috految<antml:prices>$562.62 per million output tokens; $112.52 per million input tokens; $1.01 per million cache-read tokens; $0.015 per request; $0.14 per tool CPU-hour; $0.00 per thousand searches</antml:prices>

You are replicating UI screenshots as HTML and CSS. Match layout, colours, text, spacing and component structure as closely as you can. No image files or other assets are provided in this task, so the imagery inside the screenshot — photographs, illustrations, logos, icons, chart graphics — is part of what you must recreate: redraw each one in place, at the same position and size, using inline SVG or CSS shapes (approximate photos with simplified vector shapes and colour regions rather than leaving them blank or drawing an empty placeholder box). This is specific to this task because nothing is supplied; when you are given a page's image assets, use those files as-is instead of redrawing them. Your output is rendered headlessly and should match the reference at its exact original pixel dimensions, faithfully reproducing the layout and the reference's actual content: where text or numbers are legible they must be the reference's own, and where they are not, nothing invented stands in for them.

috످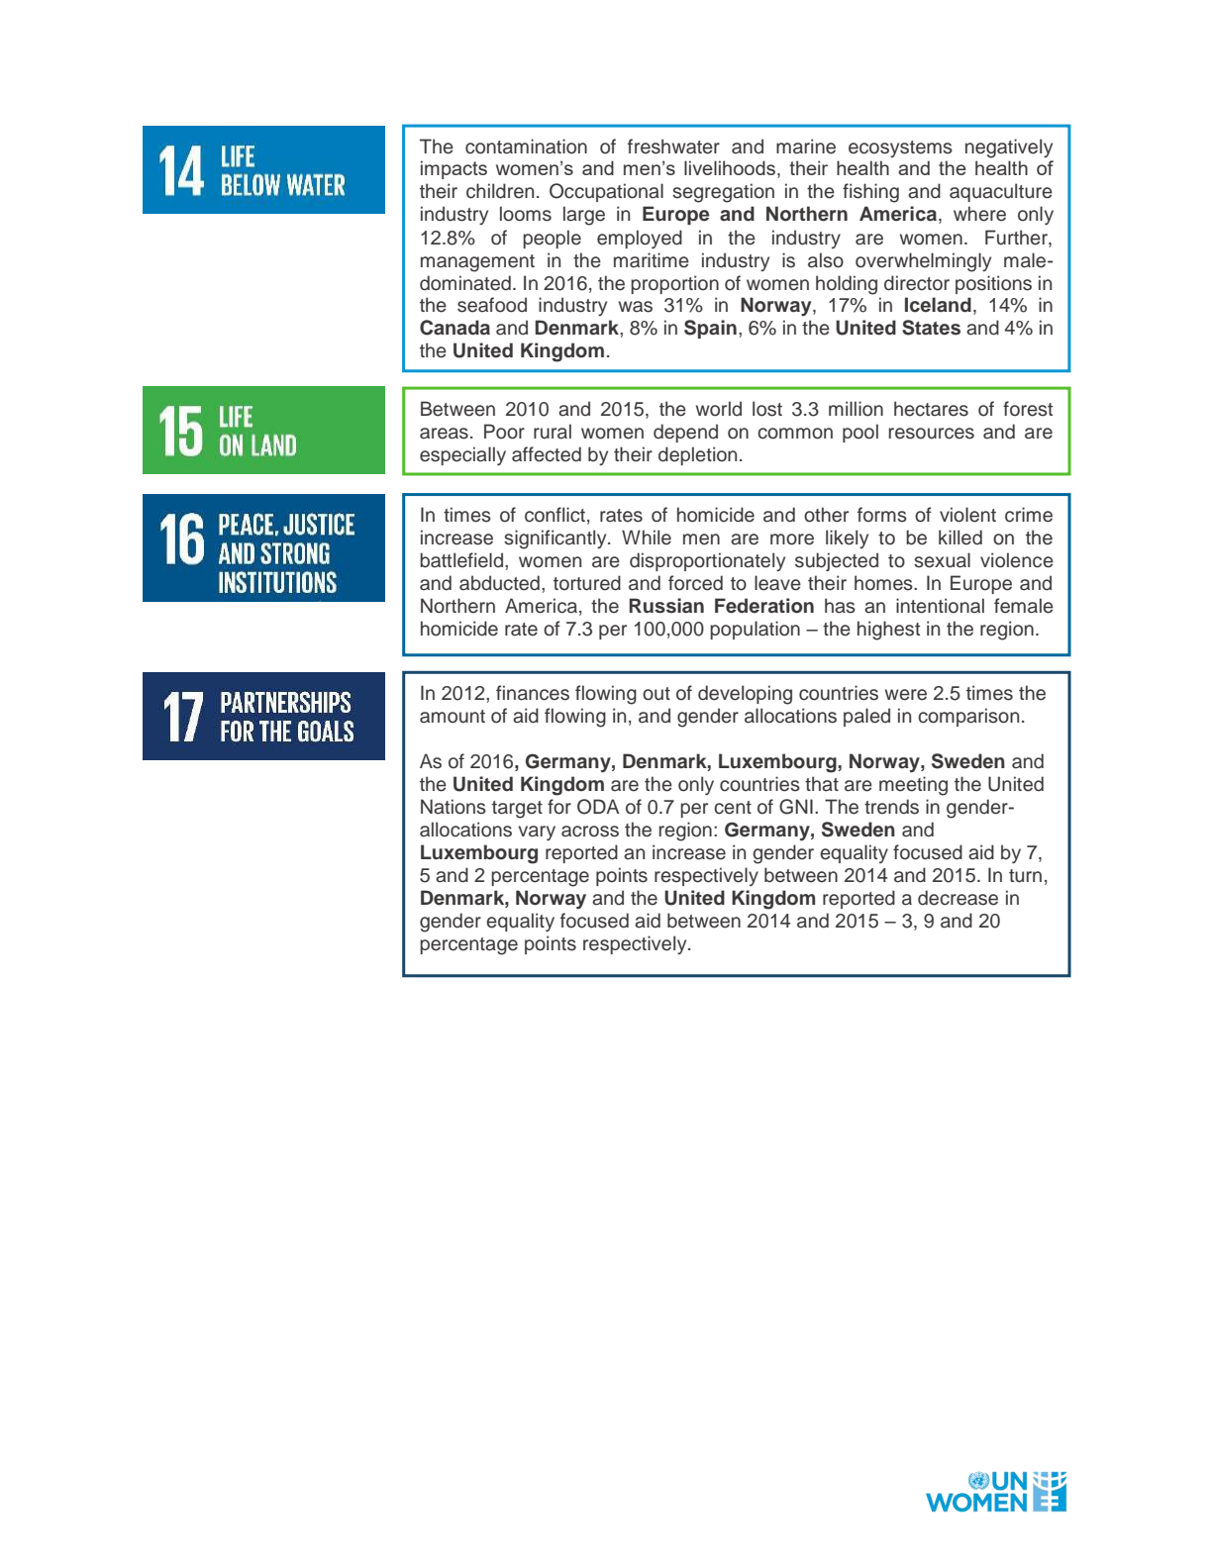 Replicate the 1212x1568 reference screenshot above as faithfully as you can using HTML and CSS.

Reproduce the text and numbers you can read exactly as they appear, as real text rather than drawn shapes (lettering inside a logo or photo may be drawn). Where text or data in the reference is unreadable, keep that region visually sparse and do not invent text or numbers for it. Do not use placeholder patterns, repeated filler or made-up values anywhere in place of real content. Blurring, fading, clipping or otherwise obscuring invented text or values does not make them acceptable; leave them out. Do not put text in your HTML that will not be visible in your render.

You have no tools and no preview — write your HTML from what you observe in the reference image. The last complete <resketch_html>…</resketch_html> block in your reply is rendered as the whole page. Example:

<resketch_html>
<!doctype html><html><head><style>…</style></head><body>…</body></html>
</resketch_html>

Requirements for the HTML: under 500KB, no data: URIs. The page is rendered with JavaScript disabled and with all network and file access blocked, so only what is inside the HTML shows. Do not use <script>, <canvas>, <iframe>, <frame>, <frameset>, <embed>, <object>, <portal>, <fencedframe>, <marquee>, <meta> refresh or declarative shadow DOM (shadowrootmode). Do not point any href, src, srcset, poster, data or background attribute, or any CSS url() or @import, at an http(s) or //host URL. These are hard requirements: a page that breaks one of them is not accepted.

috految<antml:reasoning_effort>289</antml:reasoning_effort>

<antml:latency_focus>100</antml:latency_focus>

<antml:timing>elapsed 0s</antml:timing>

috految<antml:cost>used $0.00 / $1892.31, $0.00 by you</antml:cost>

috److془Let me carefully craft the HTML.

Font: Arial 10pt at scale 1.98 → 19.8px. Glyphs are Foxit Sans (like Helvetica/Arial). Use Liberation Sans with digits "1" from FreeSans / Nimbus Sans via local().

Use SVG text with textLength for precision or the HTML with justify. I'll use HTML lines w/ justify and text-rendering: geometricPrecision; font-kerning none.

Baselines: 153.4, 175.2, 198, 220.7, 244.5, 267.3, 290, 311.8, 334.6, 357.4.
Box 2: 415.8, 438.5, 461.3.
Box 3: 521.7, 544.4, 567.2, 590, 612.7, 635.5.
Box 4: 699.9, 722.6, 768.2, 790.9, 813.7, 836.5, 859.2, 882, 904.8, 927.5, 950.3.

Liberation Sans ascent 0.905, descent 0.212. At 19.8: 17.92 → 18, 4.2 → 4. With subpixel positioning on Linux: if descent < actual descent and ascent >= 1, ++descent, --ascent. So ascent 17, descent 5. To be safe, use inline-block strut with height 20px and line-height smaller. Or SVG text. Inline-block could introduce justification opportunity? It's treated as U+FFFC; not an opportunity in general. Alternatively use flex with align-items: baseline with ::before height 20px. 

Tile text: Fonts: 'Bebas Neue', 'Barlow Condensed', Oswald, 'Roboto Condensed'. Use font-size-adjust: cap-height 0.7 to be robust. Hmm, font-size-adjust in SVG text might have bugs with scaling, but with geometricPrecision scale factor is 1. Alternatively use fonts with cap height ~0.7: Bebas Neue (0.70), Barlow Condensed (0.70), Roboto Condensed (0.711), Liberation Sans Narrow (0.688). Good. 

Numbers: Giorgio Sans bold. "14": 1: x 160-174.5, y 146-195.5; 4: 178-204. Barlow Condensed has an open 4, similar to the reference. Barlow Condensed's 7 has a little serif at top left. Use Bebas Neue for 7, 5, 6. Bebas Neue's 1: flag with flat bottom. Barlow Condensed 1: has slanted flag. Oswald 1: slanted curved flag - closest to the reference. Oswald cap height 0.81. Oswald 500 1: adv ~ 0.378; bbox ~ 0.04 - 0.30. At 61.5px: width 16, stem 0.135*61.5 = 8.3. 

Barlow Condensed 600: 1 adv 0.274. Stem 0.116*71 = 8.2; 4 adv 0.46 (bbox 0.016 - 0.44). 

Use Oswald for 1 and so on. Oswald's 5, 6, 7 are fine. Oswald 500: 5 adv 0.50, bbox 0.05 - 0.455; 6 adv 0.526; 7 adv 0.42, bbox 0.02-0.395. "15": total adv 0.88*61.5 = 54; target 157.5 - 205 = 47.5. scale 0.88; stem 7.6. Good. 

Use 'Oswald' with font-size-adjust cap-height .81 in case missing. Actually the Oswald OS/2 capHeight is 810. Good. The 4 in the reference: "14" with open 4? In the SDG logo, 14's 4 is ... Giorgio Sans 4 is open top, I believe. In the image, it looks like "14" with 4 diagonal from (190,146) to (178,182), crossbar 178-204 y 180-187, vertical 192-200 from 165 to 195... Hmm; in the SDG 4 "Quality education" the 4 is... closed I think: "4 QUALITY EDUCATION" with 4 having the diagonal and vertical from 2/5 height down. I recall SVG path: "M 50.6 37 L 50.6 ... " "M39.5,66.1 V 55.6 L 48.2,..". Hmm; the picture looks like the 4 is closed with the top at 190-201. Go with Oswald.

Logo: UN emblem center (979,1480), radius 10; UN: U 992-1007, N 1010.5-1026.5, y 1471.5-1490; WOMEN: 926-1027, y 1494-1512. Symbol: 1033.5-1066.5, y 1471.5-1512.

Draw it.془I rebuilt the page at 1212×1568 with all body text and tile labels as real text, positioned line by line to match the reference. The tile backgrounds, box borders and UN Women logo are drawn in inline SVG. I couldn't preview the render, and the tile lettering uses the closest condensed fonts, so it may differ slightly from the original.

<resketch_html>
<!doctype html>
<html>
<head>
<meta charset="utf-8">
<style>
@font-face{font-family:Figures;src:local("Nimbus Sans Regular"),local("NimbusSans-Regular"),local("TeXGyreHeros-Regular"),local("FreeSans"),local("Roboto Regular"),local("Roboto-Regular");unicode-range:U+31}
html,body{margin:0;padding:0;background:#fff}
.page{position:relative;width:1212px;height:1568px;overflow:hidden;text-rendering:geometricPrecision;will-change:transform}
svg{position:absolute;left:0;top:0}
section{position:absolute;left:419.5px;width:633.7px;font-family:Figures,Arial,"Liberation Sans",Arimo,Helvetica,sans-serif;font-size:19.8px;color:#3b3838;font-kerning:none;font-variant-ligatures:none;-webkit-text-stroke:.1px #3b3838}
p{position:absolute;left:0;width:100%;margin:0;display:flex;align-items:baseline;line-height:20px}
p::before{content:"";display:block;width:0;height:20px;flex:none}
p>span{display:block;width:100%;flex:none;white-space:nowrap;text-align:justify;text-align-last:justify;word-spacing:-2px}
b{font-family:Arial,"Liberation Sans",Arimo,Helvetica,sans-serif;font-weight:700}
.num{font-family:Oswald,"Bebas Neue","Barlow Condensed","Roboto Condensed",Roboto,sans-serif;font-weight:500;font-size:61px;font-size-adjust:cap-height .81;fill:#fff;stroke:#fff;stroke-width:.4;letter-spacing:-.6px;font-kerning:none}
.label{font-family:"Bebas Neue","Barlow Condensed","Roboto Condensed","Liberation Sans Narrow",Arial,sans-serif;font-weight:600;font-synthesis:none;font-size:30px;letter-spacing:.5px;fill:#fff}
</style>
</head>
<body>
<div class="page">
<svg width="1212" height="1568" viewBox="0 0 1212 1568">
<rect x="142.6" y="125.7" width="242.4" height="88.1" fill="#007cbc"/>
<rect x="142.6" y="386" width="242.4" height="88" fill="#40ae49"/>
<rect x="142.6" y="494" width="242.4" height="107.8" fill="#00558b"/>
<rect x="142.6" y="672.2" width="242.4" height="88" fill="#1a3566"/>
<g fill="none" stroke-width="3">
<rect x="403.6" y="125.8" width="665.7" height="245.2" stroke="#0a97d9"/>
<rect x="403.6" y="388" width="665.7" height="86.2" stroke="#56c02b"/>
<rect x="403.6" y="494.4" width="665.7" height="160.7" stroke="#00689d"/>
<rect x="403.6" y="672.3" width="665.7" height="303.4" stroke="#19486a"/>
</g>

<text class="num" x="158" y="195.3" textLength="46.5" lengthAdjust="spacingAndGlyphs">14</text>
<text class="label" x="220.7" y="167" textLength="34.5" lengthAdjust="spacingAndGlyphs">LIFE</text>
<text class="label" x="220.7" y="195.6" textLength="125.3" lengthAdjust="spacingAndGlyphs">BELOW WATER</text>

<text class="num" x="158" y="455.8" textLength="46" lengthAdjust="spacingAndGlyphs">15</text>
<text class="label" x="219" y="427.2" textLength="34.3" lengthAdjust="spacingAndGlyphs">LIFE</text>
<text class="label" x="219" y="456" textLength="78.3" lengthAdjust="spacingAndGlyphs">ON LAND</text>

<text class="num" x="158.6" y="563.6" textLength="47.2" lengthAdjust="spacingAndGlyphs">16</text>
<text class="label" x="218.3" y="535" textLength="137.2" lengthAdjust="spacingAndGlyphs">PEACE, JUSTICE</text>
<text class="label" x="218.5" y="564" textLength="112" lengthAdjust="spacingAndGlyphs">AND STRONG</text>
<text class="label" x="218.3" y="593" textLength="119.2" lengthAdjust="spacingAndGlyphs">INSTITUTIONS</text>

<text class="num" x="162.2" y="741.4" textLength="42" lengthAdjust="spacingAndGlyphs">17</text>
<text class="label" x="220.2" y="713" textLength="131.5" lengthAdjust="spacingAndGlyphs">PARTNERSHIPS</text>
<text class="label" x="220.2" y="742" textLength="134.5" lengthAdjust="spacingAndGlyphs">FOR THE GOALS</text>

<g transform="translate(979 1479.4)">
<g fill="none" stroke="#25a3dc" stroke-width=".55">
<circle r="7.2"/><circle r="5.4"/><circle r="3.6"/><circle r="1.7"/>
<path d="M-7.2 0H7.2M0-7.2V7.2M-5.1-5.1L5.1 5.1M5.1-5.1L-5.1 5.1" stroke-width=".45"/>
<path d="M-7-6.4C-11.6-1-9.8 7-1.5 8.5Q2 8.9 4 10.6M7-6.4C11.6-1 9.8 7 1.5 8.5Q-2 8.9-4 10.6" stroke-width=".8"/>
</g>
<g fill="#1b9fda">
<path d="M-.9-2.7l2.2-.9 1.8 1.3-.3 2 1.2 1.2-.3 2.5-1.6 2.1-1.3-.5-.3-1.7-1.7-.4-.3-1.5 2.1-1.2-.1-1.4zM-3.2-1.9l1.8.2.4 1.5-1.8.9-.6 1.2.4 1.9-1.8-.5-.9-2.3 1.7-.8zM2.4-5.4l1.8.3.9 1.9-1.4.1z"/>
<path d="M-6.5-7Q-10-5.5-9.3-2.6Q-7.7-4.3-6.5-7M-10.2-4.5Q-11.4-.7-9.4 1L-8.1-2.8-9.4-1.4zM-11-.3Q-11 3.6-8 4.6L-8.1.6-9 2.6zM-10.3 3.7Q-9 7.2-5.4 7.3L-6.9 3.8-7.3 5.8zM-8.1 7.1Q-5.2 10.1-1.4 8.6L-4.7 6.3-4.3 8z"/>
<path transform="scale(-1 1)" d="M-6.5-7Q-10-5.5-9.3-2.6Q-7.7-4.3-6.5-7M-10.2-4.5Q-11.4-.7-9.4 1L-8.1-2.8-9.4-1.4zM-11-.3Q-11 3.6-8 4.6L-8.1.6-9 2.6zM-10.3 3.7Q-9 7.2-5.4 7.3L-6.9 3.8-7.3 5.8zM-8.1 7.1Q-5.2 10.1-1.4 8.6L-4.7 6.3-4.3 8z"/>
</g>
</g>
<g fill="#059bdb">
<path d="M992 1471.8h3.9v10.3q0 4.5 4.1 4.5t4.1-4.5v-10.3h3.9v10.4q0 8-8 8t-8-8z"/>
<path d="M1010.8 1490v-18.2h3.7l8.2 11.3v-11.3h3.9v18.2h-3.5l-8.4-11.5v11.5z"/>
<path d="M925.6 1493.8h4.3l3.9 11.9 3.9-11.9h3.2l3.9 11.9 3.9-11.9h4.2l-6.4 17.9h-3.4l-3.9-11.5-3.9 11.5h-3.4z"/>
<ellipse cx="962.1" cy="1502.7" rx="7.5" ry="7.4" fill="none" stroke="#059bdb" stroke-width="3.8"/>
<path d="M973.3 1511.6v-17.8h4.1l5.3 8.1 5.2-8.1h4.1v17.8h-3.9v-11.6l-5.4 8.1-5.5-8.1v11.6z"/>
<path d="M994.7 1493.8h13.5v3.6h-9.6v3.5h8.7v3.5h-8.7v3.6h9.8v3.6h-13.7z"/>
<path d="M1010.8 1511.6v-17.8h3.7l8.2 11v-11h3.9v17.8h-3.5l-8.4-11.2v11.2z"/>
</g>
<rect x="1033.4" y="1471.8" width="14.8" height="39.8" fill="#6db1e2"/>
<rect x="1051.2" y="1471.8" width="15.1" height="39.8" fill="#059bdb"/>
<g fill="none" stroke="#fff">
<path d="M1032 1480.8Q1038.6 1489.6 1049.7 1489.8Q1061 1489.6 1067.6 1480.8" stroke-width="3"/>
<path d="M1032 1474.3Q1040 1479.1 1049.7 1479.1Q1059.5 1479.1 1067.6 1474.3" stroke-width="2.5"/>
<path d="M1041.1 1470.6Q1040.4 1480 1044.3 1488.4M1058.4 1470.6Q1059.2 1480 1055.2 1488.4" stroke-width="2.6"/>
<path d="M1041.8 1497.9H1057.8M1041.8 1505.4H1057.8" stroke-width="3.4"/>
</g>
</svg>

<section style="top:133px;height:230px">
<p style="top:0"><span>The contamination of freshwater and marine ecosystems negatively</span></p>
<p style="top:22px"><span>impacts women’s and men’s livelihoods, their health and the health of</span></p>
<p style="top:45px;width:633.2px"><span>their children. Occupational segregation in the fishing and aquaculture</span></p>
<p style="top:68px;width:634px"><span>industry looms large in <b>Europe and Northern America</b>, where only</span></p>
<p style="top:91.4px;width:633.3px"><span>12.8% of people employed in the industry are women. Further,</span></p>
<p style="top:114px"><span>management in the maritime industry is also overwhelmingly male-</span></p>
<p style="top:137px"><span>dominated. In 2016, the proportion of women holding director positions in</span></p>
<p style="top:159px"><span>the seafood industry was 31% in <b>Norway</b>, 17% in <b>Iceland</b>, 14% in</span></p>
<p style="top:181.6px;width:634px"><span><b>Canada</b> and <b>Denmark</b>, 8% in <b>Spain</b>, 6% in the <b>United States</b> and 4% in</span></p>
<p style="top:204px;width:191px"><span>the <b>United Kingdom</b>.</span></p>
</section>

<section style="top:396px;height:72px">
<p style="top:0;width:633.4px"><span>Between 2010 and 2015, the world lost 3.3 million hectares of forest</span></p>
<p style="top:22.4px;width:633.4px"><span>areas. Poor rural women depend on common pool resources and are</span></p>
<p style="top:45px;width:324px"><span>especially affected by their depletion.</span></p>
</section>

<section style="top:502px;height:142px">
<p style="top:0"><span>In times of conflict, rates of homicide and other forms of violent crime</span></p>
<p style="top:22.4px;width:633.4px"><span>increase significantly. While men are more likely to be killed on the</span></p>
<p style="top:45px;width:634px"><span>battlefield, women are disproportionately subjected to sexual violence</span></p>
<p style="top:68px;width:633.2px"><span>and abducted, tortured and forced to leave their homes. In Europe and</span></p>
<p style="top:91px;width:634px"><span>Northern America, the <b>Russian Federation</b> has an intentional female</span></p>
<p style="top:113.5px;width:620.5px"><span>homicide rate of 7.3 per 100,000 population – the highest in the region.</span></p>
</section>

<section style="top:680px;height:280px">
<p style="top:0;width:626.8px"><span>In 2012, finances flowing out of developing countries were 2.5 times the</span></p>
<p style="top:22.6px;width:606.2px"><span>amount of aid flowing in, and gender allocations paled in comparison.</span></p>
<p style="top:68px;width:624.9px"><span>As of 2016<b>, Germany, Denmark, Luxembourg, Norway, Sweden</b> and</span></p>
<p style="top:91px;width:625.1px"><span>the <b>United Kingdom</b> are the only countries that are meeting the United</span></p>
<p style="top:114px;width:594.8px"><span>Nations target for ODA of 0.7 per cent of GNI. The trends in gender-</span></p>
<p style="top:136.4px;width:515.1px"><span>allocations vary across the region: <b>Germany, Sweden</b> and</span></p>
<p style="top:159px;width:623.5px"><span><b>Luxembourg</b> reported an increase in gender equality focused aid by 7,</span></p>
<p style="top:182px;width:629.2px"><span>5 and 2 percentage points respectively between 2014 and 2015. In turn,</span></p>
<p style="top:205px;width:600.3px"><span><b>Denmark, Norway</b> and the <b>United Kingdom</b> reported a decrease in</span></p>
<p style="top:227.5px;width:581px"><span>gender equality focused aid between 2014 and 2015 – 3, 9 and 20</span></p>
<p style="top:250px;width:272.7px"><span>percentage points respectively.</span></p>
</section>
</div>
</body>
</html>
</resketch_html>

috످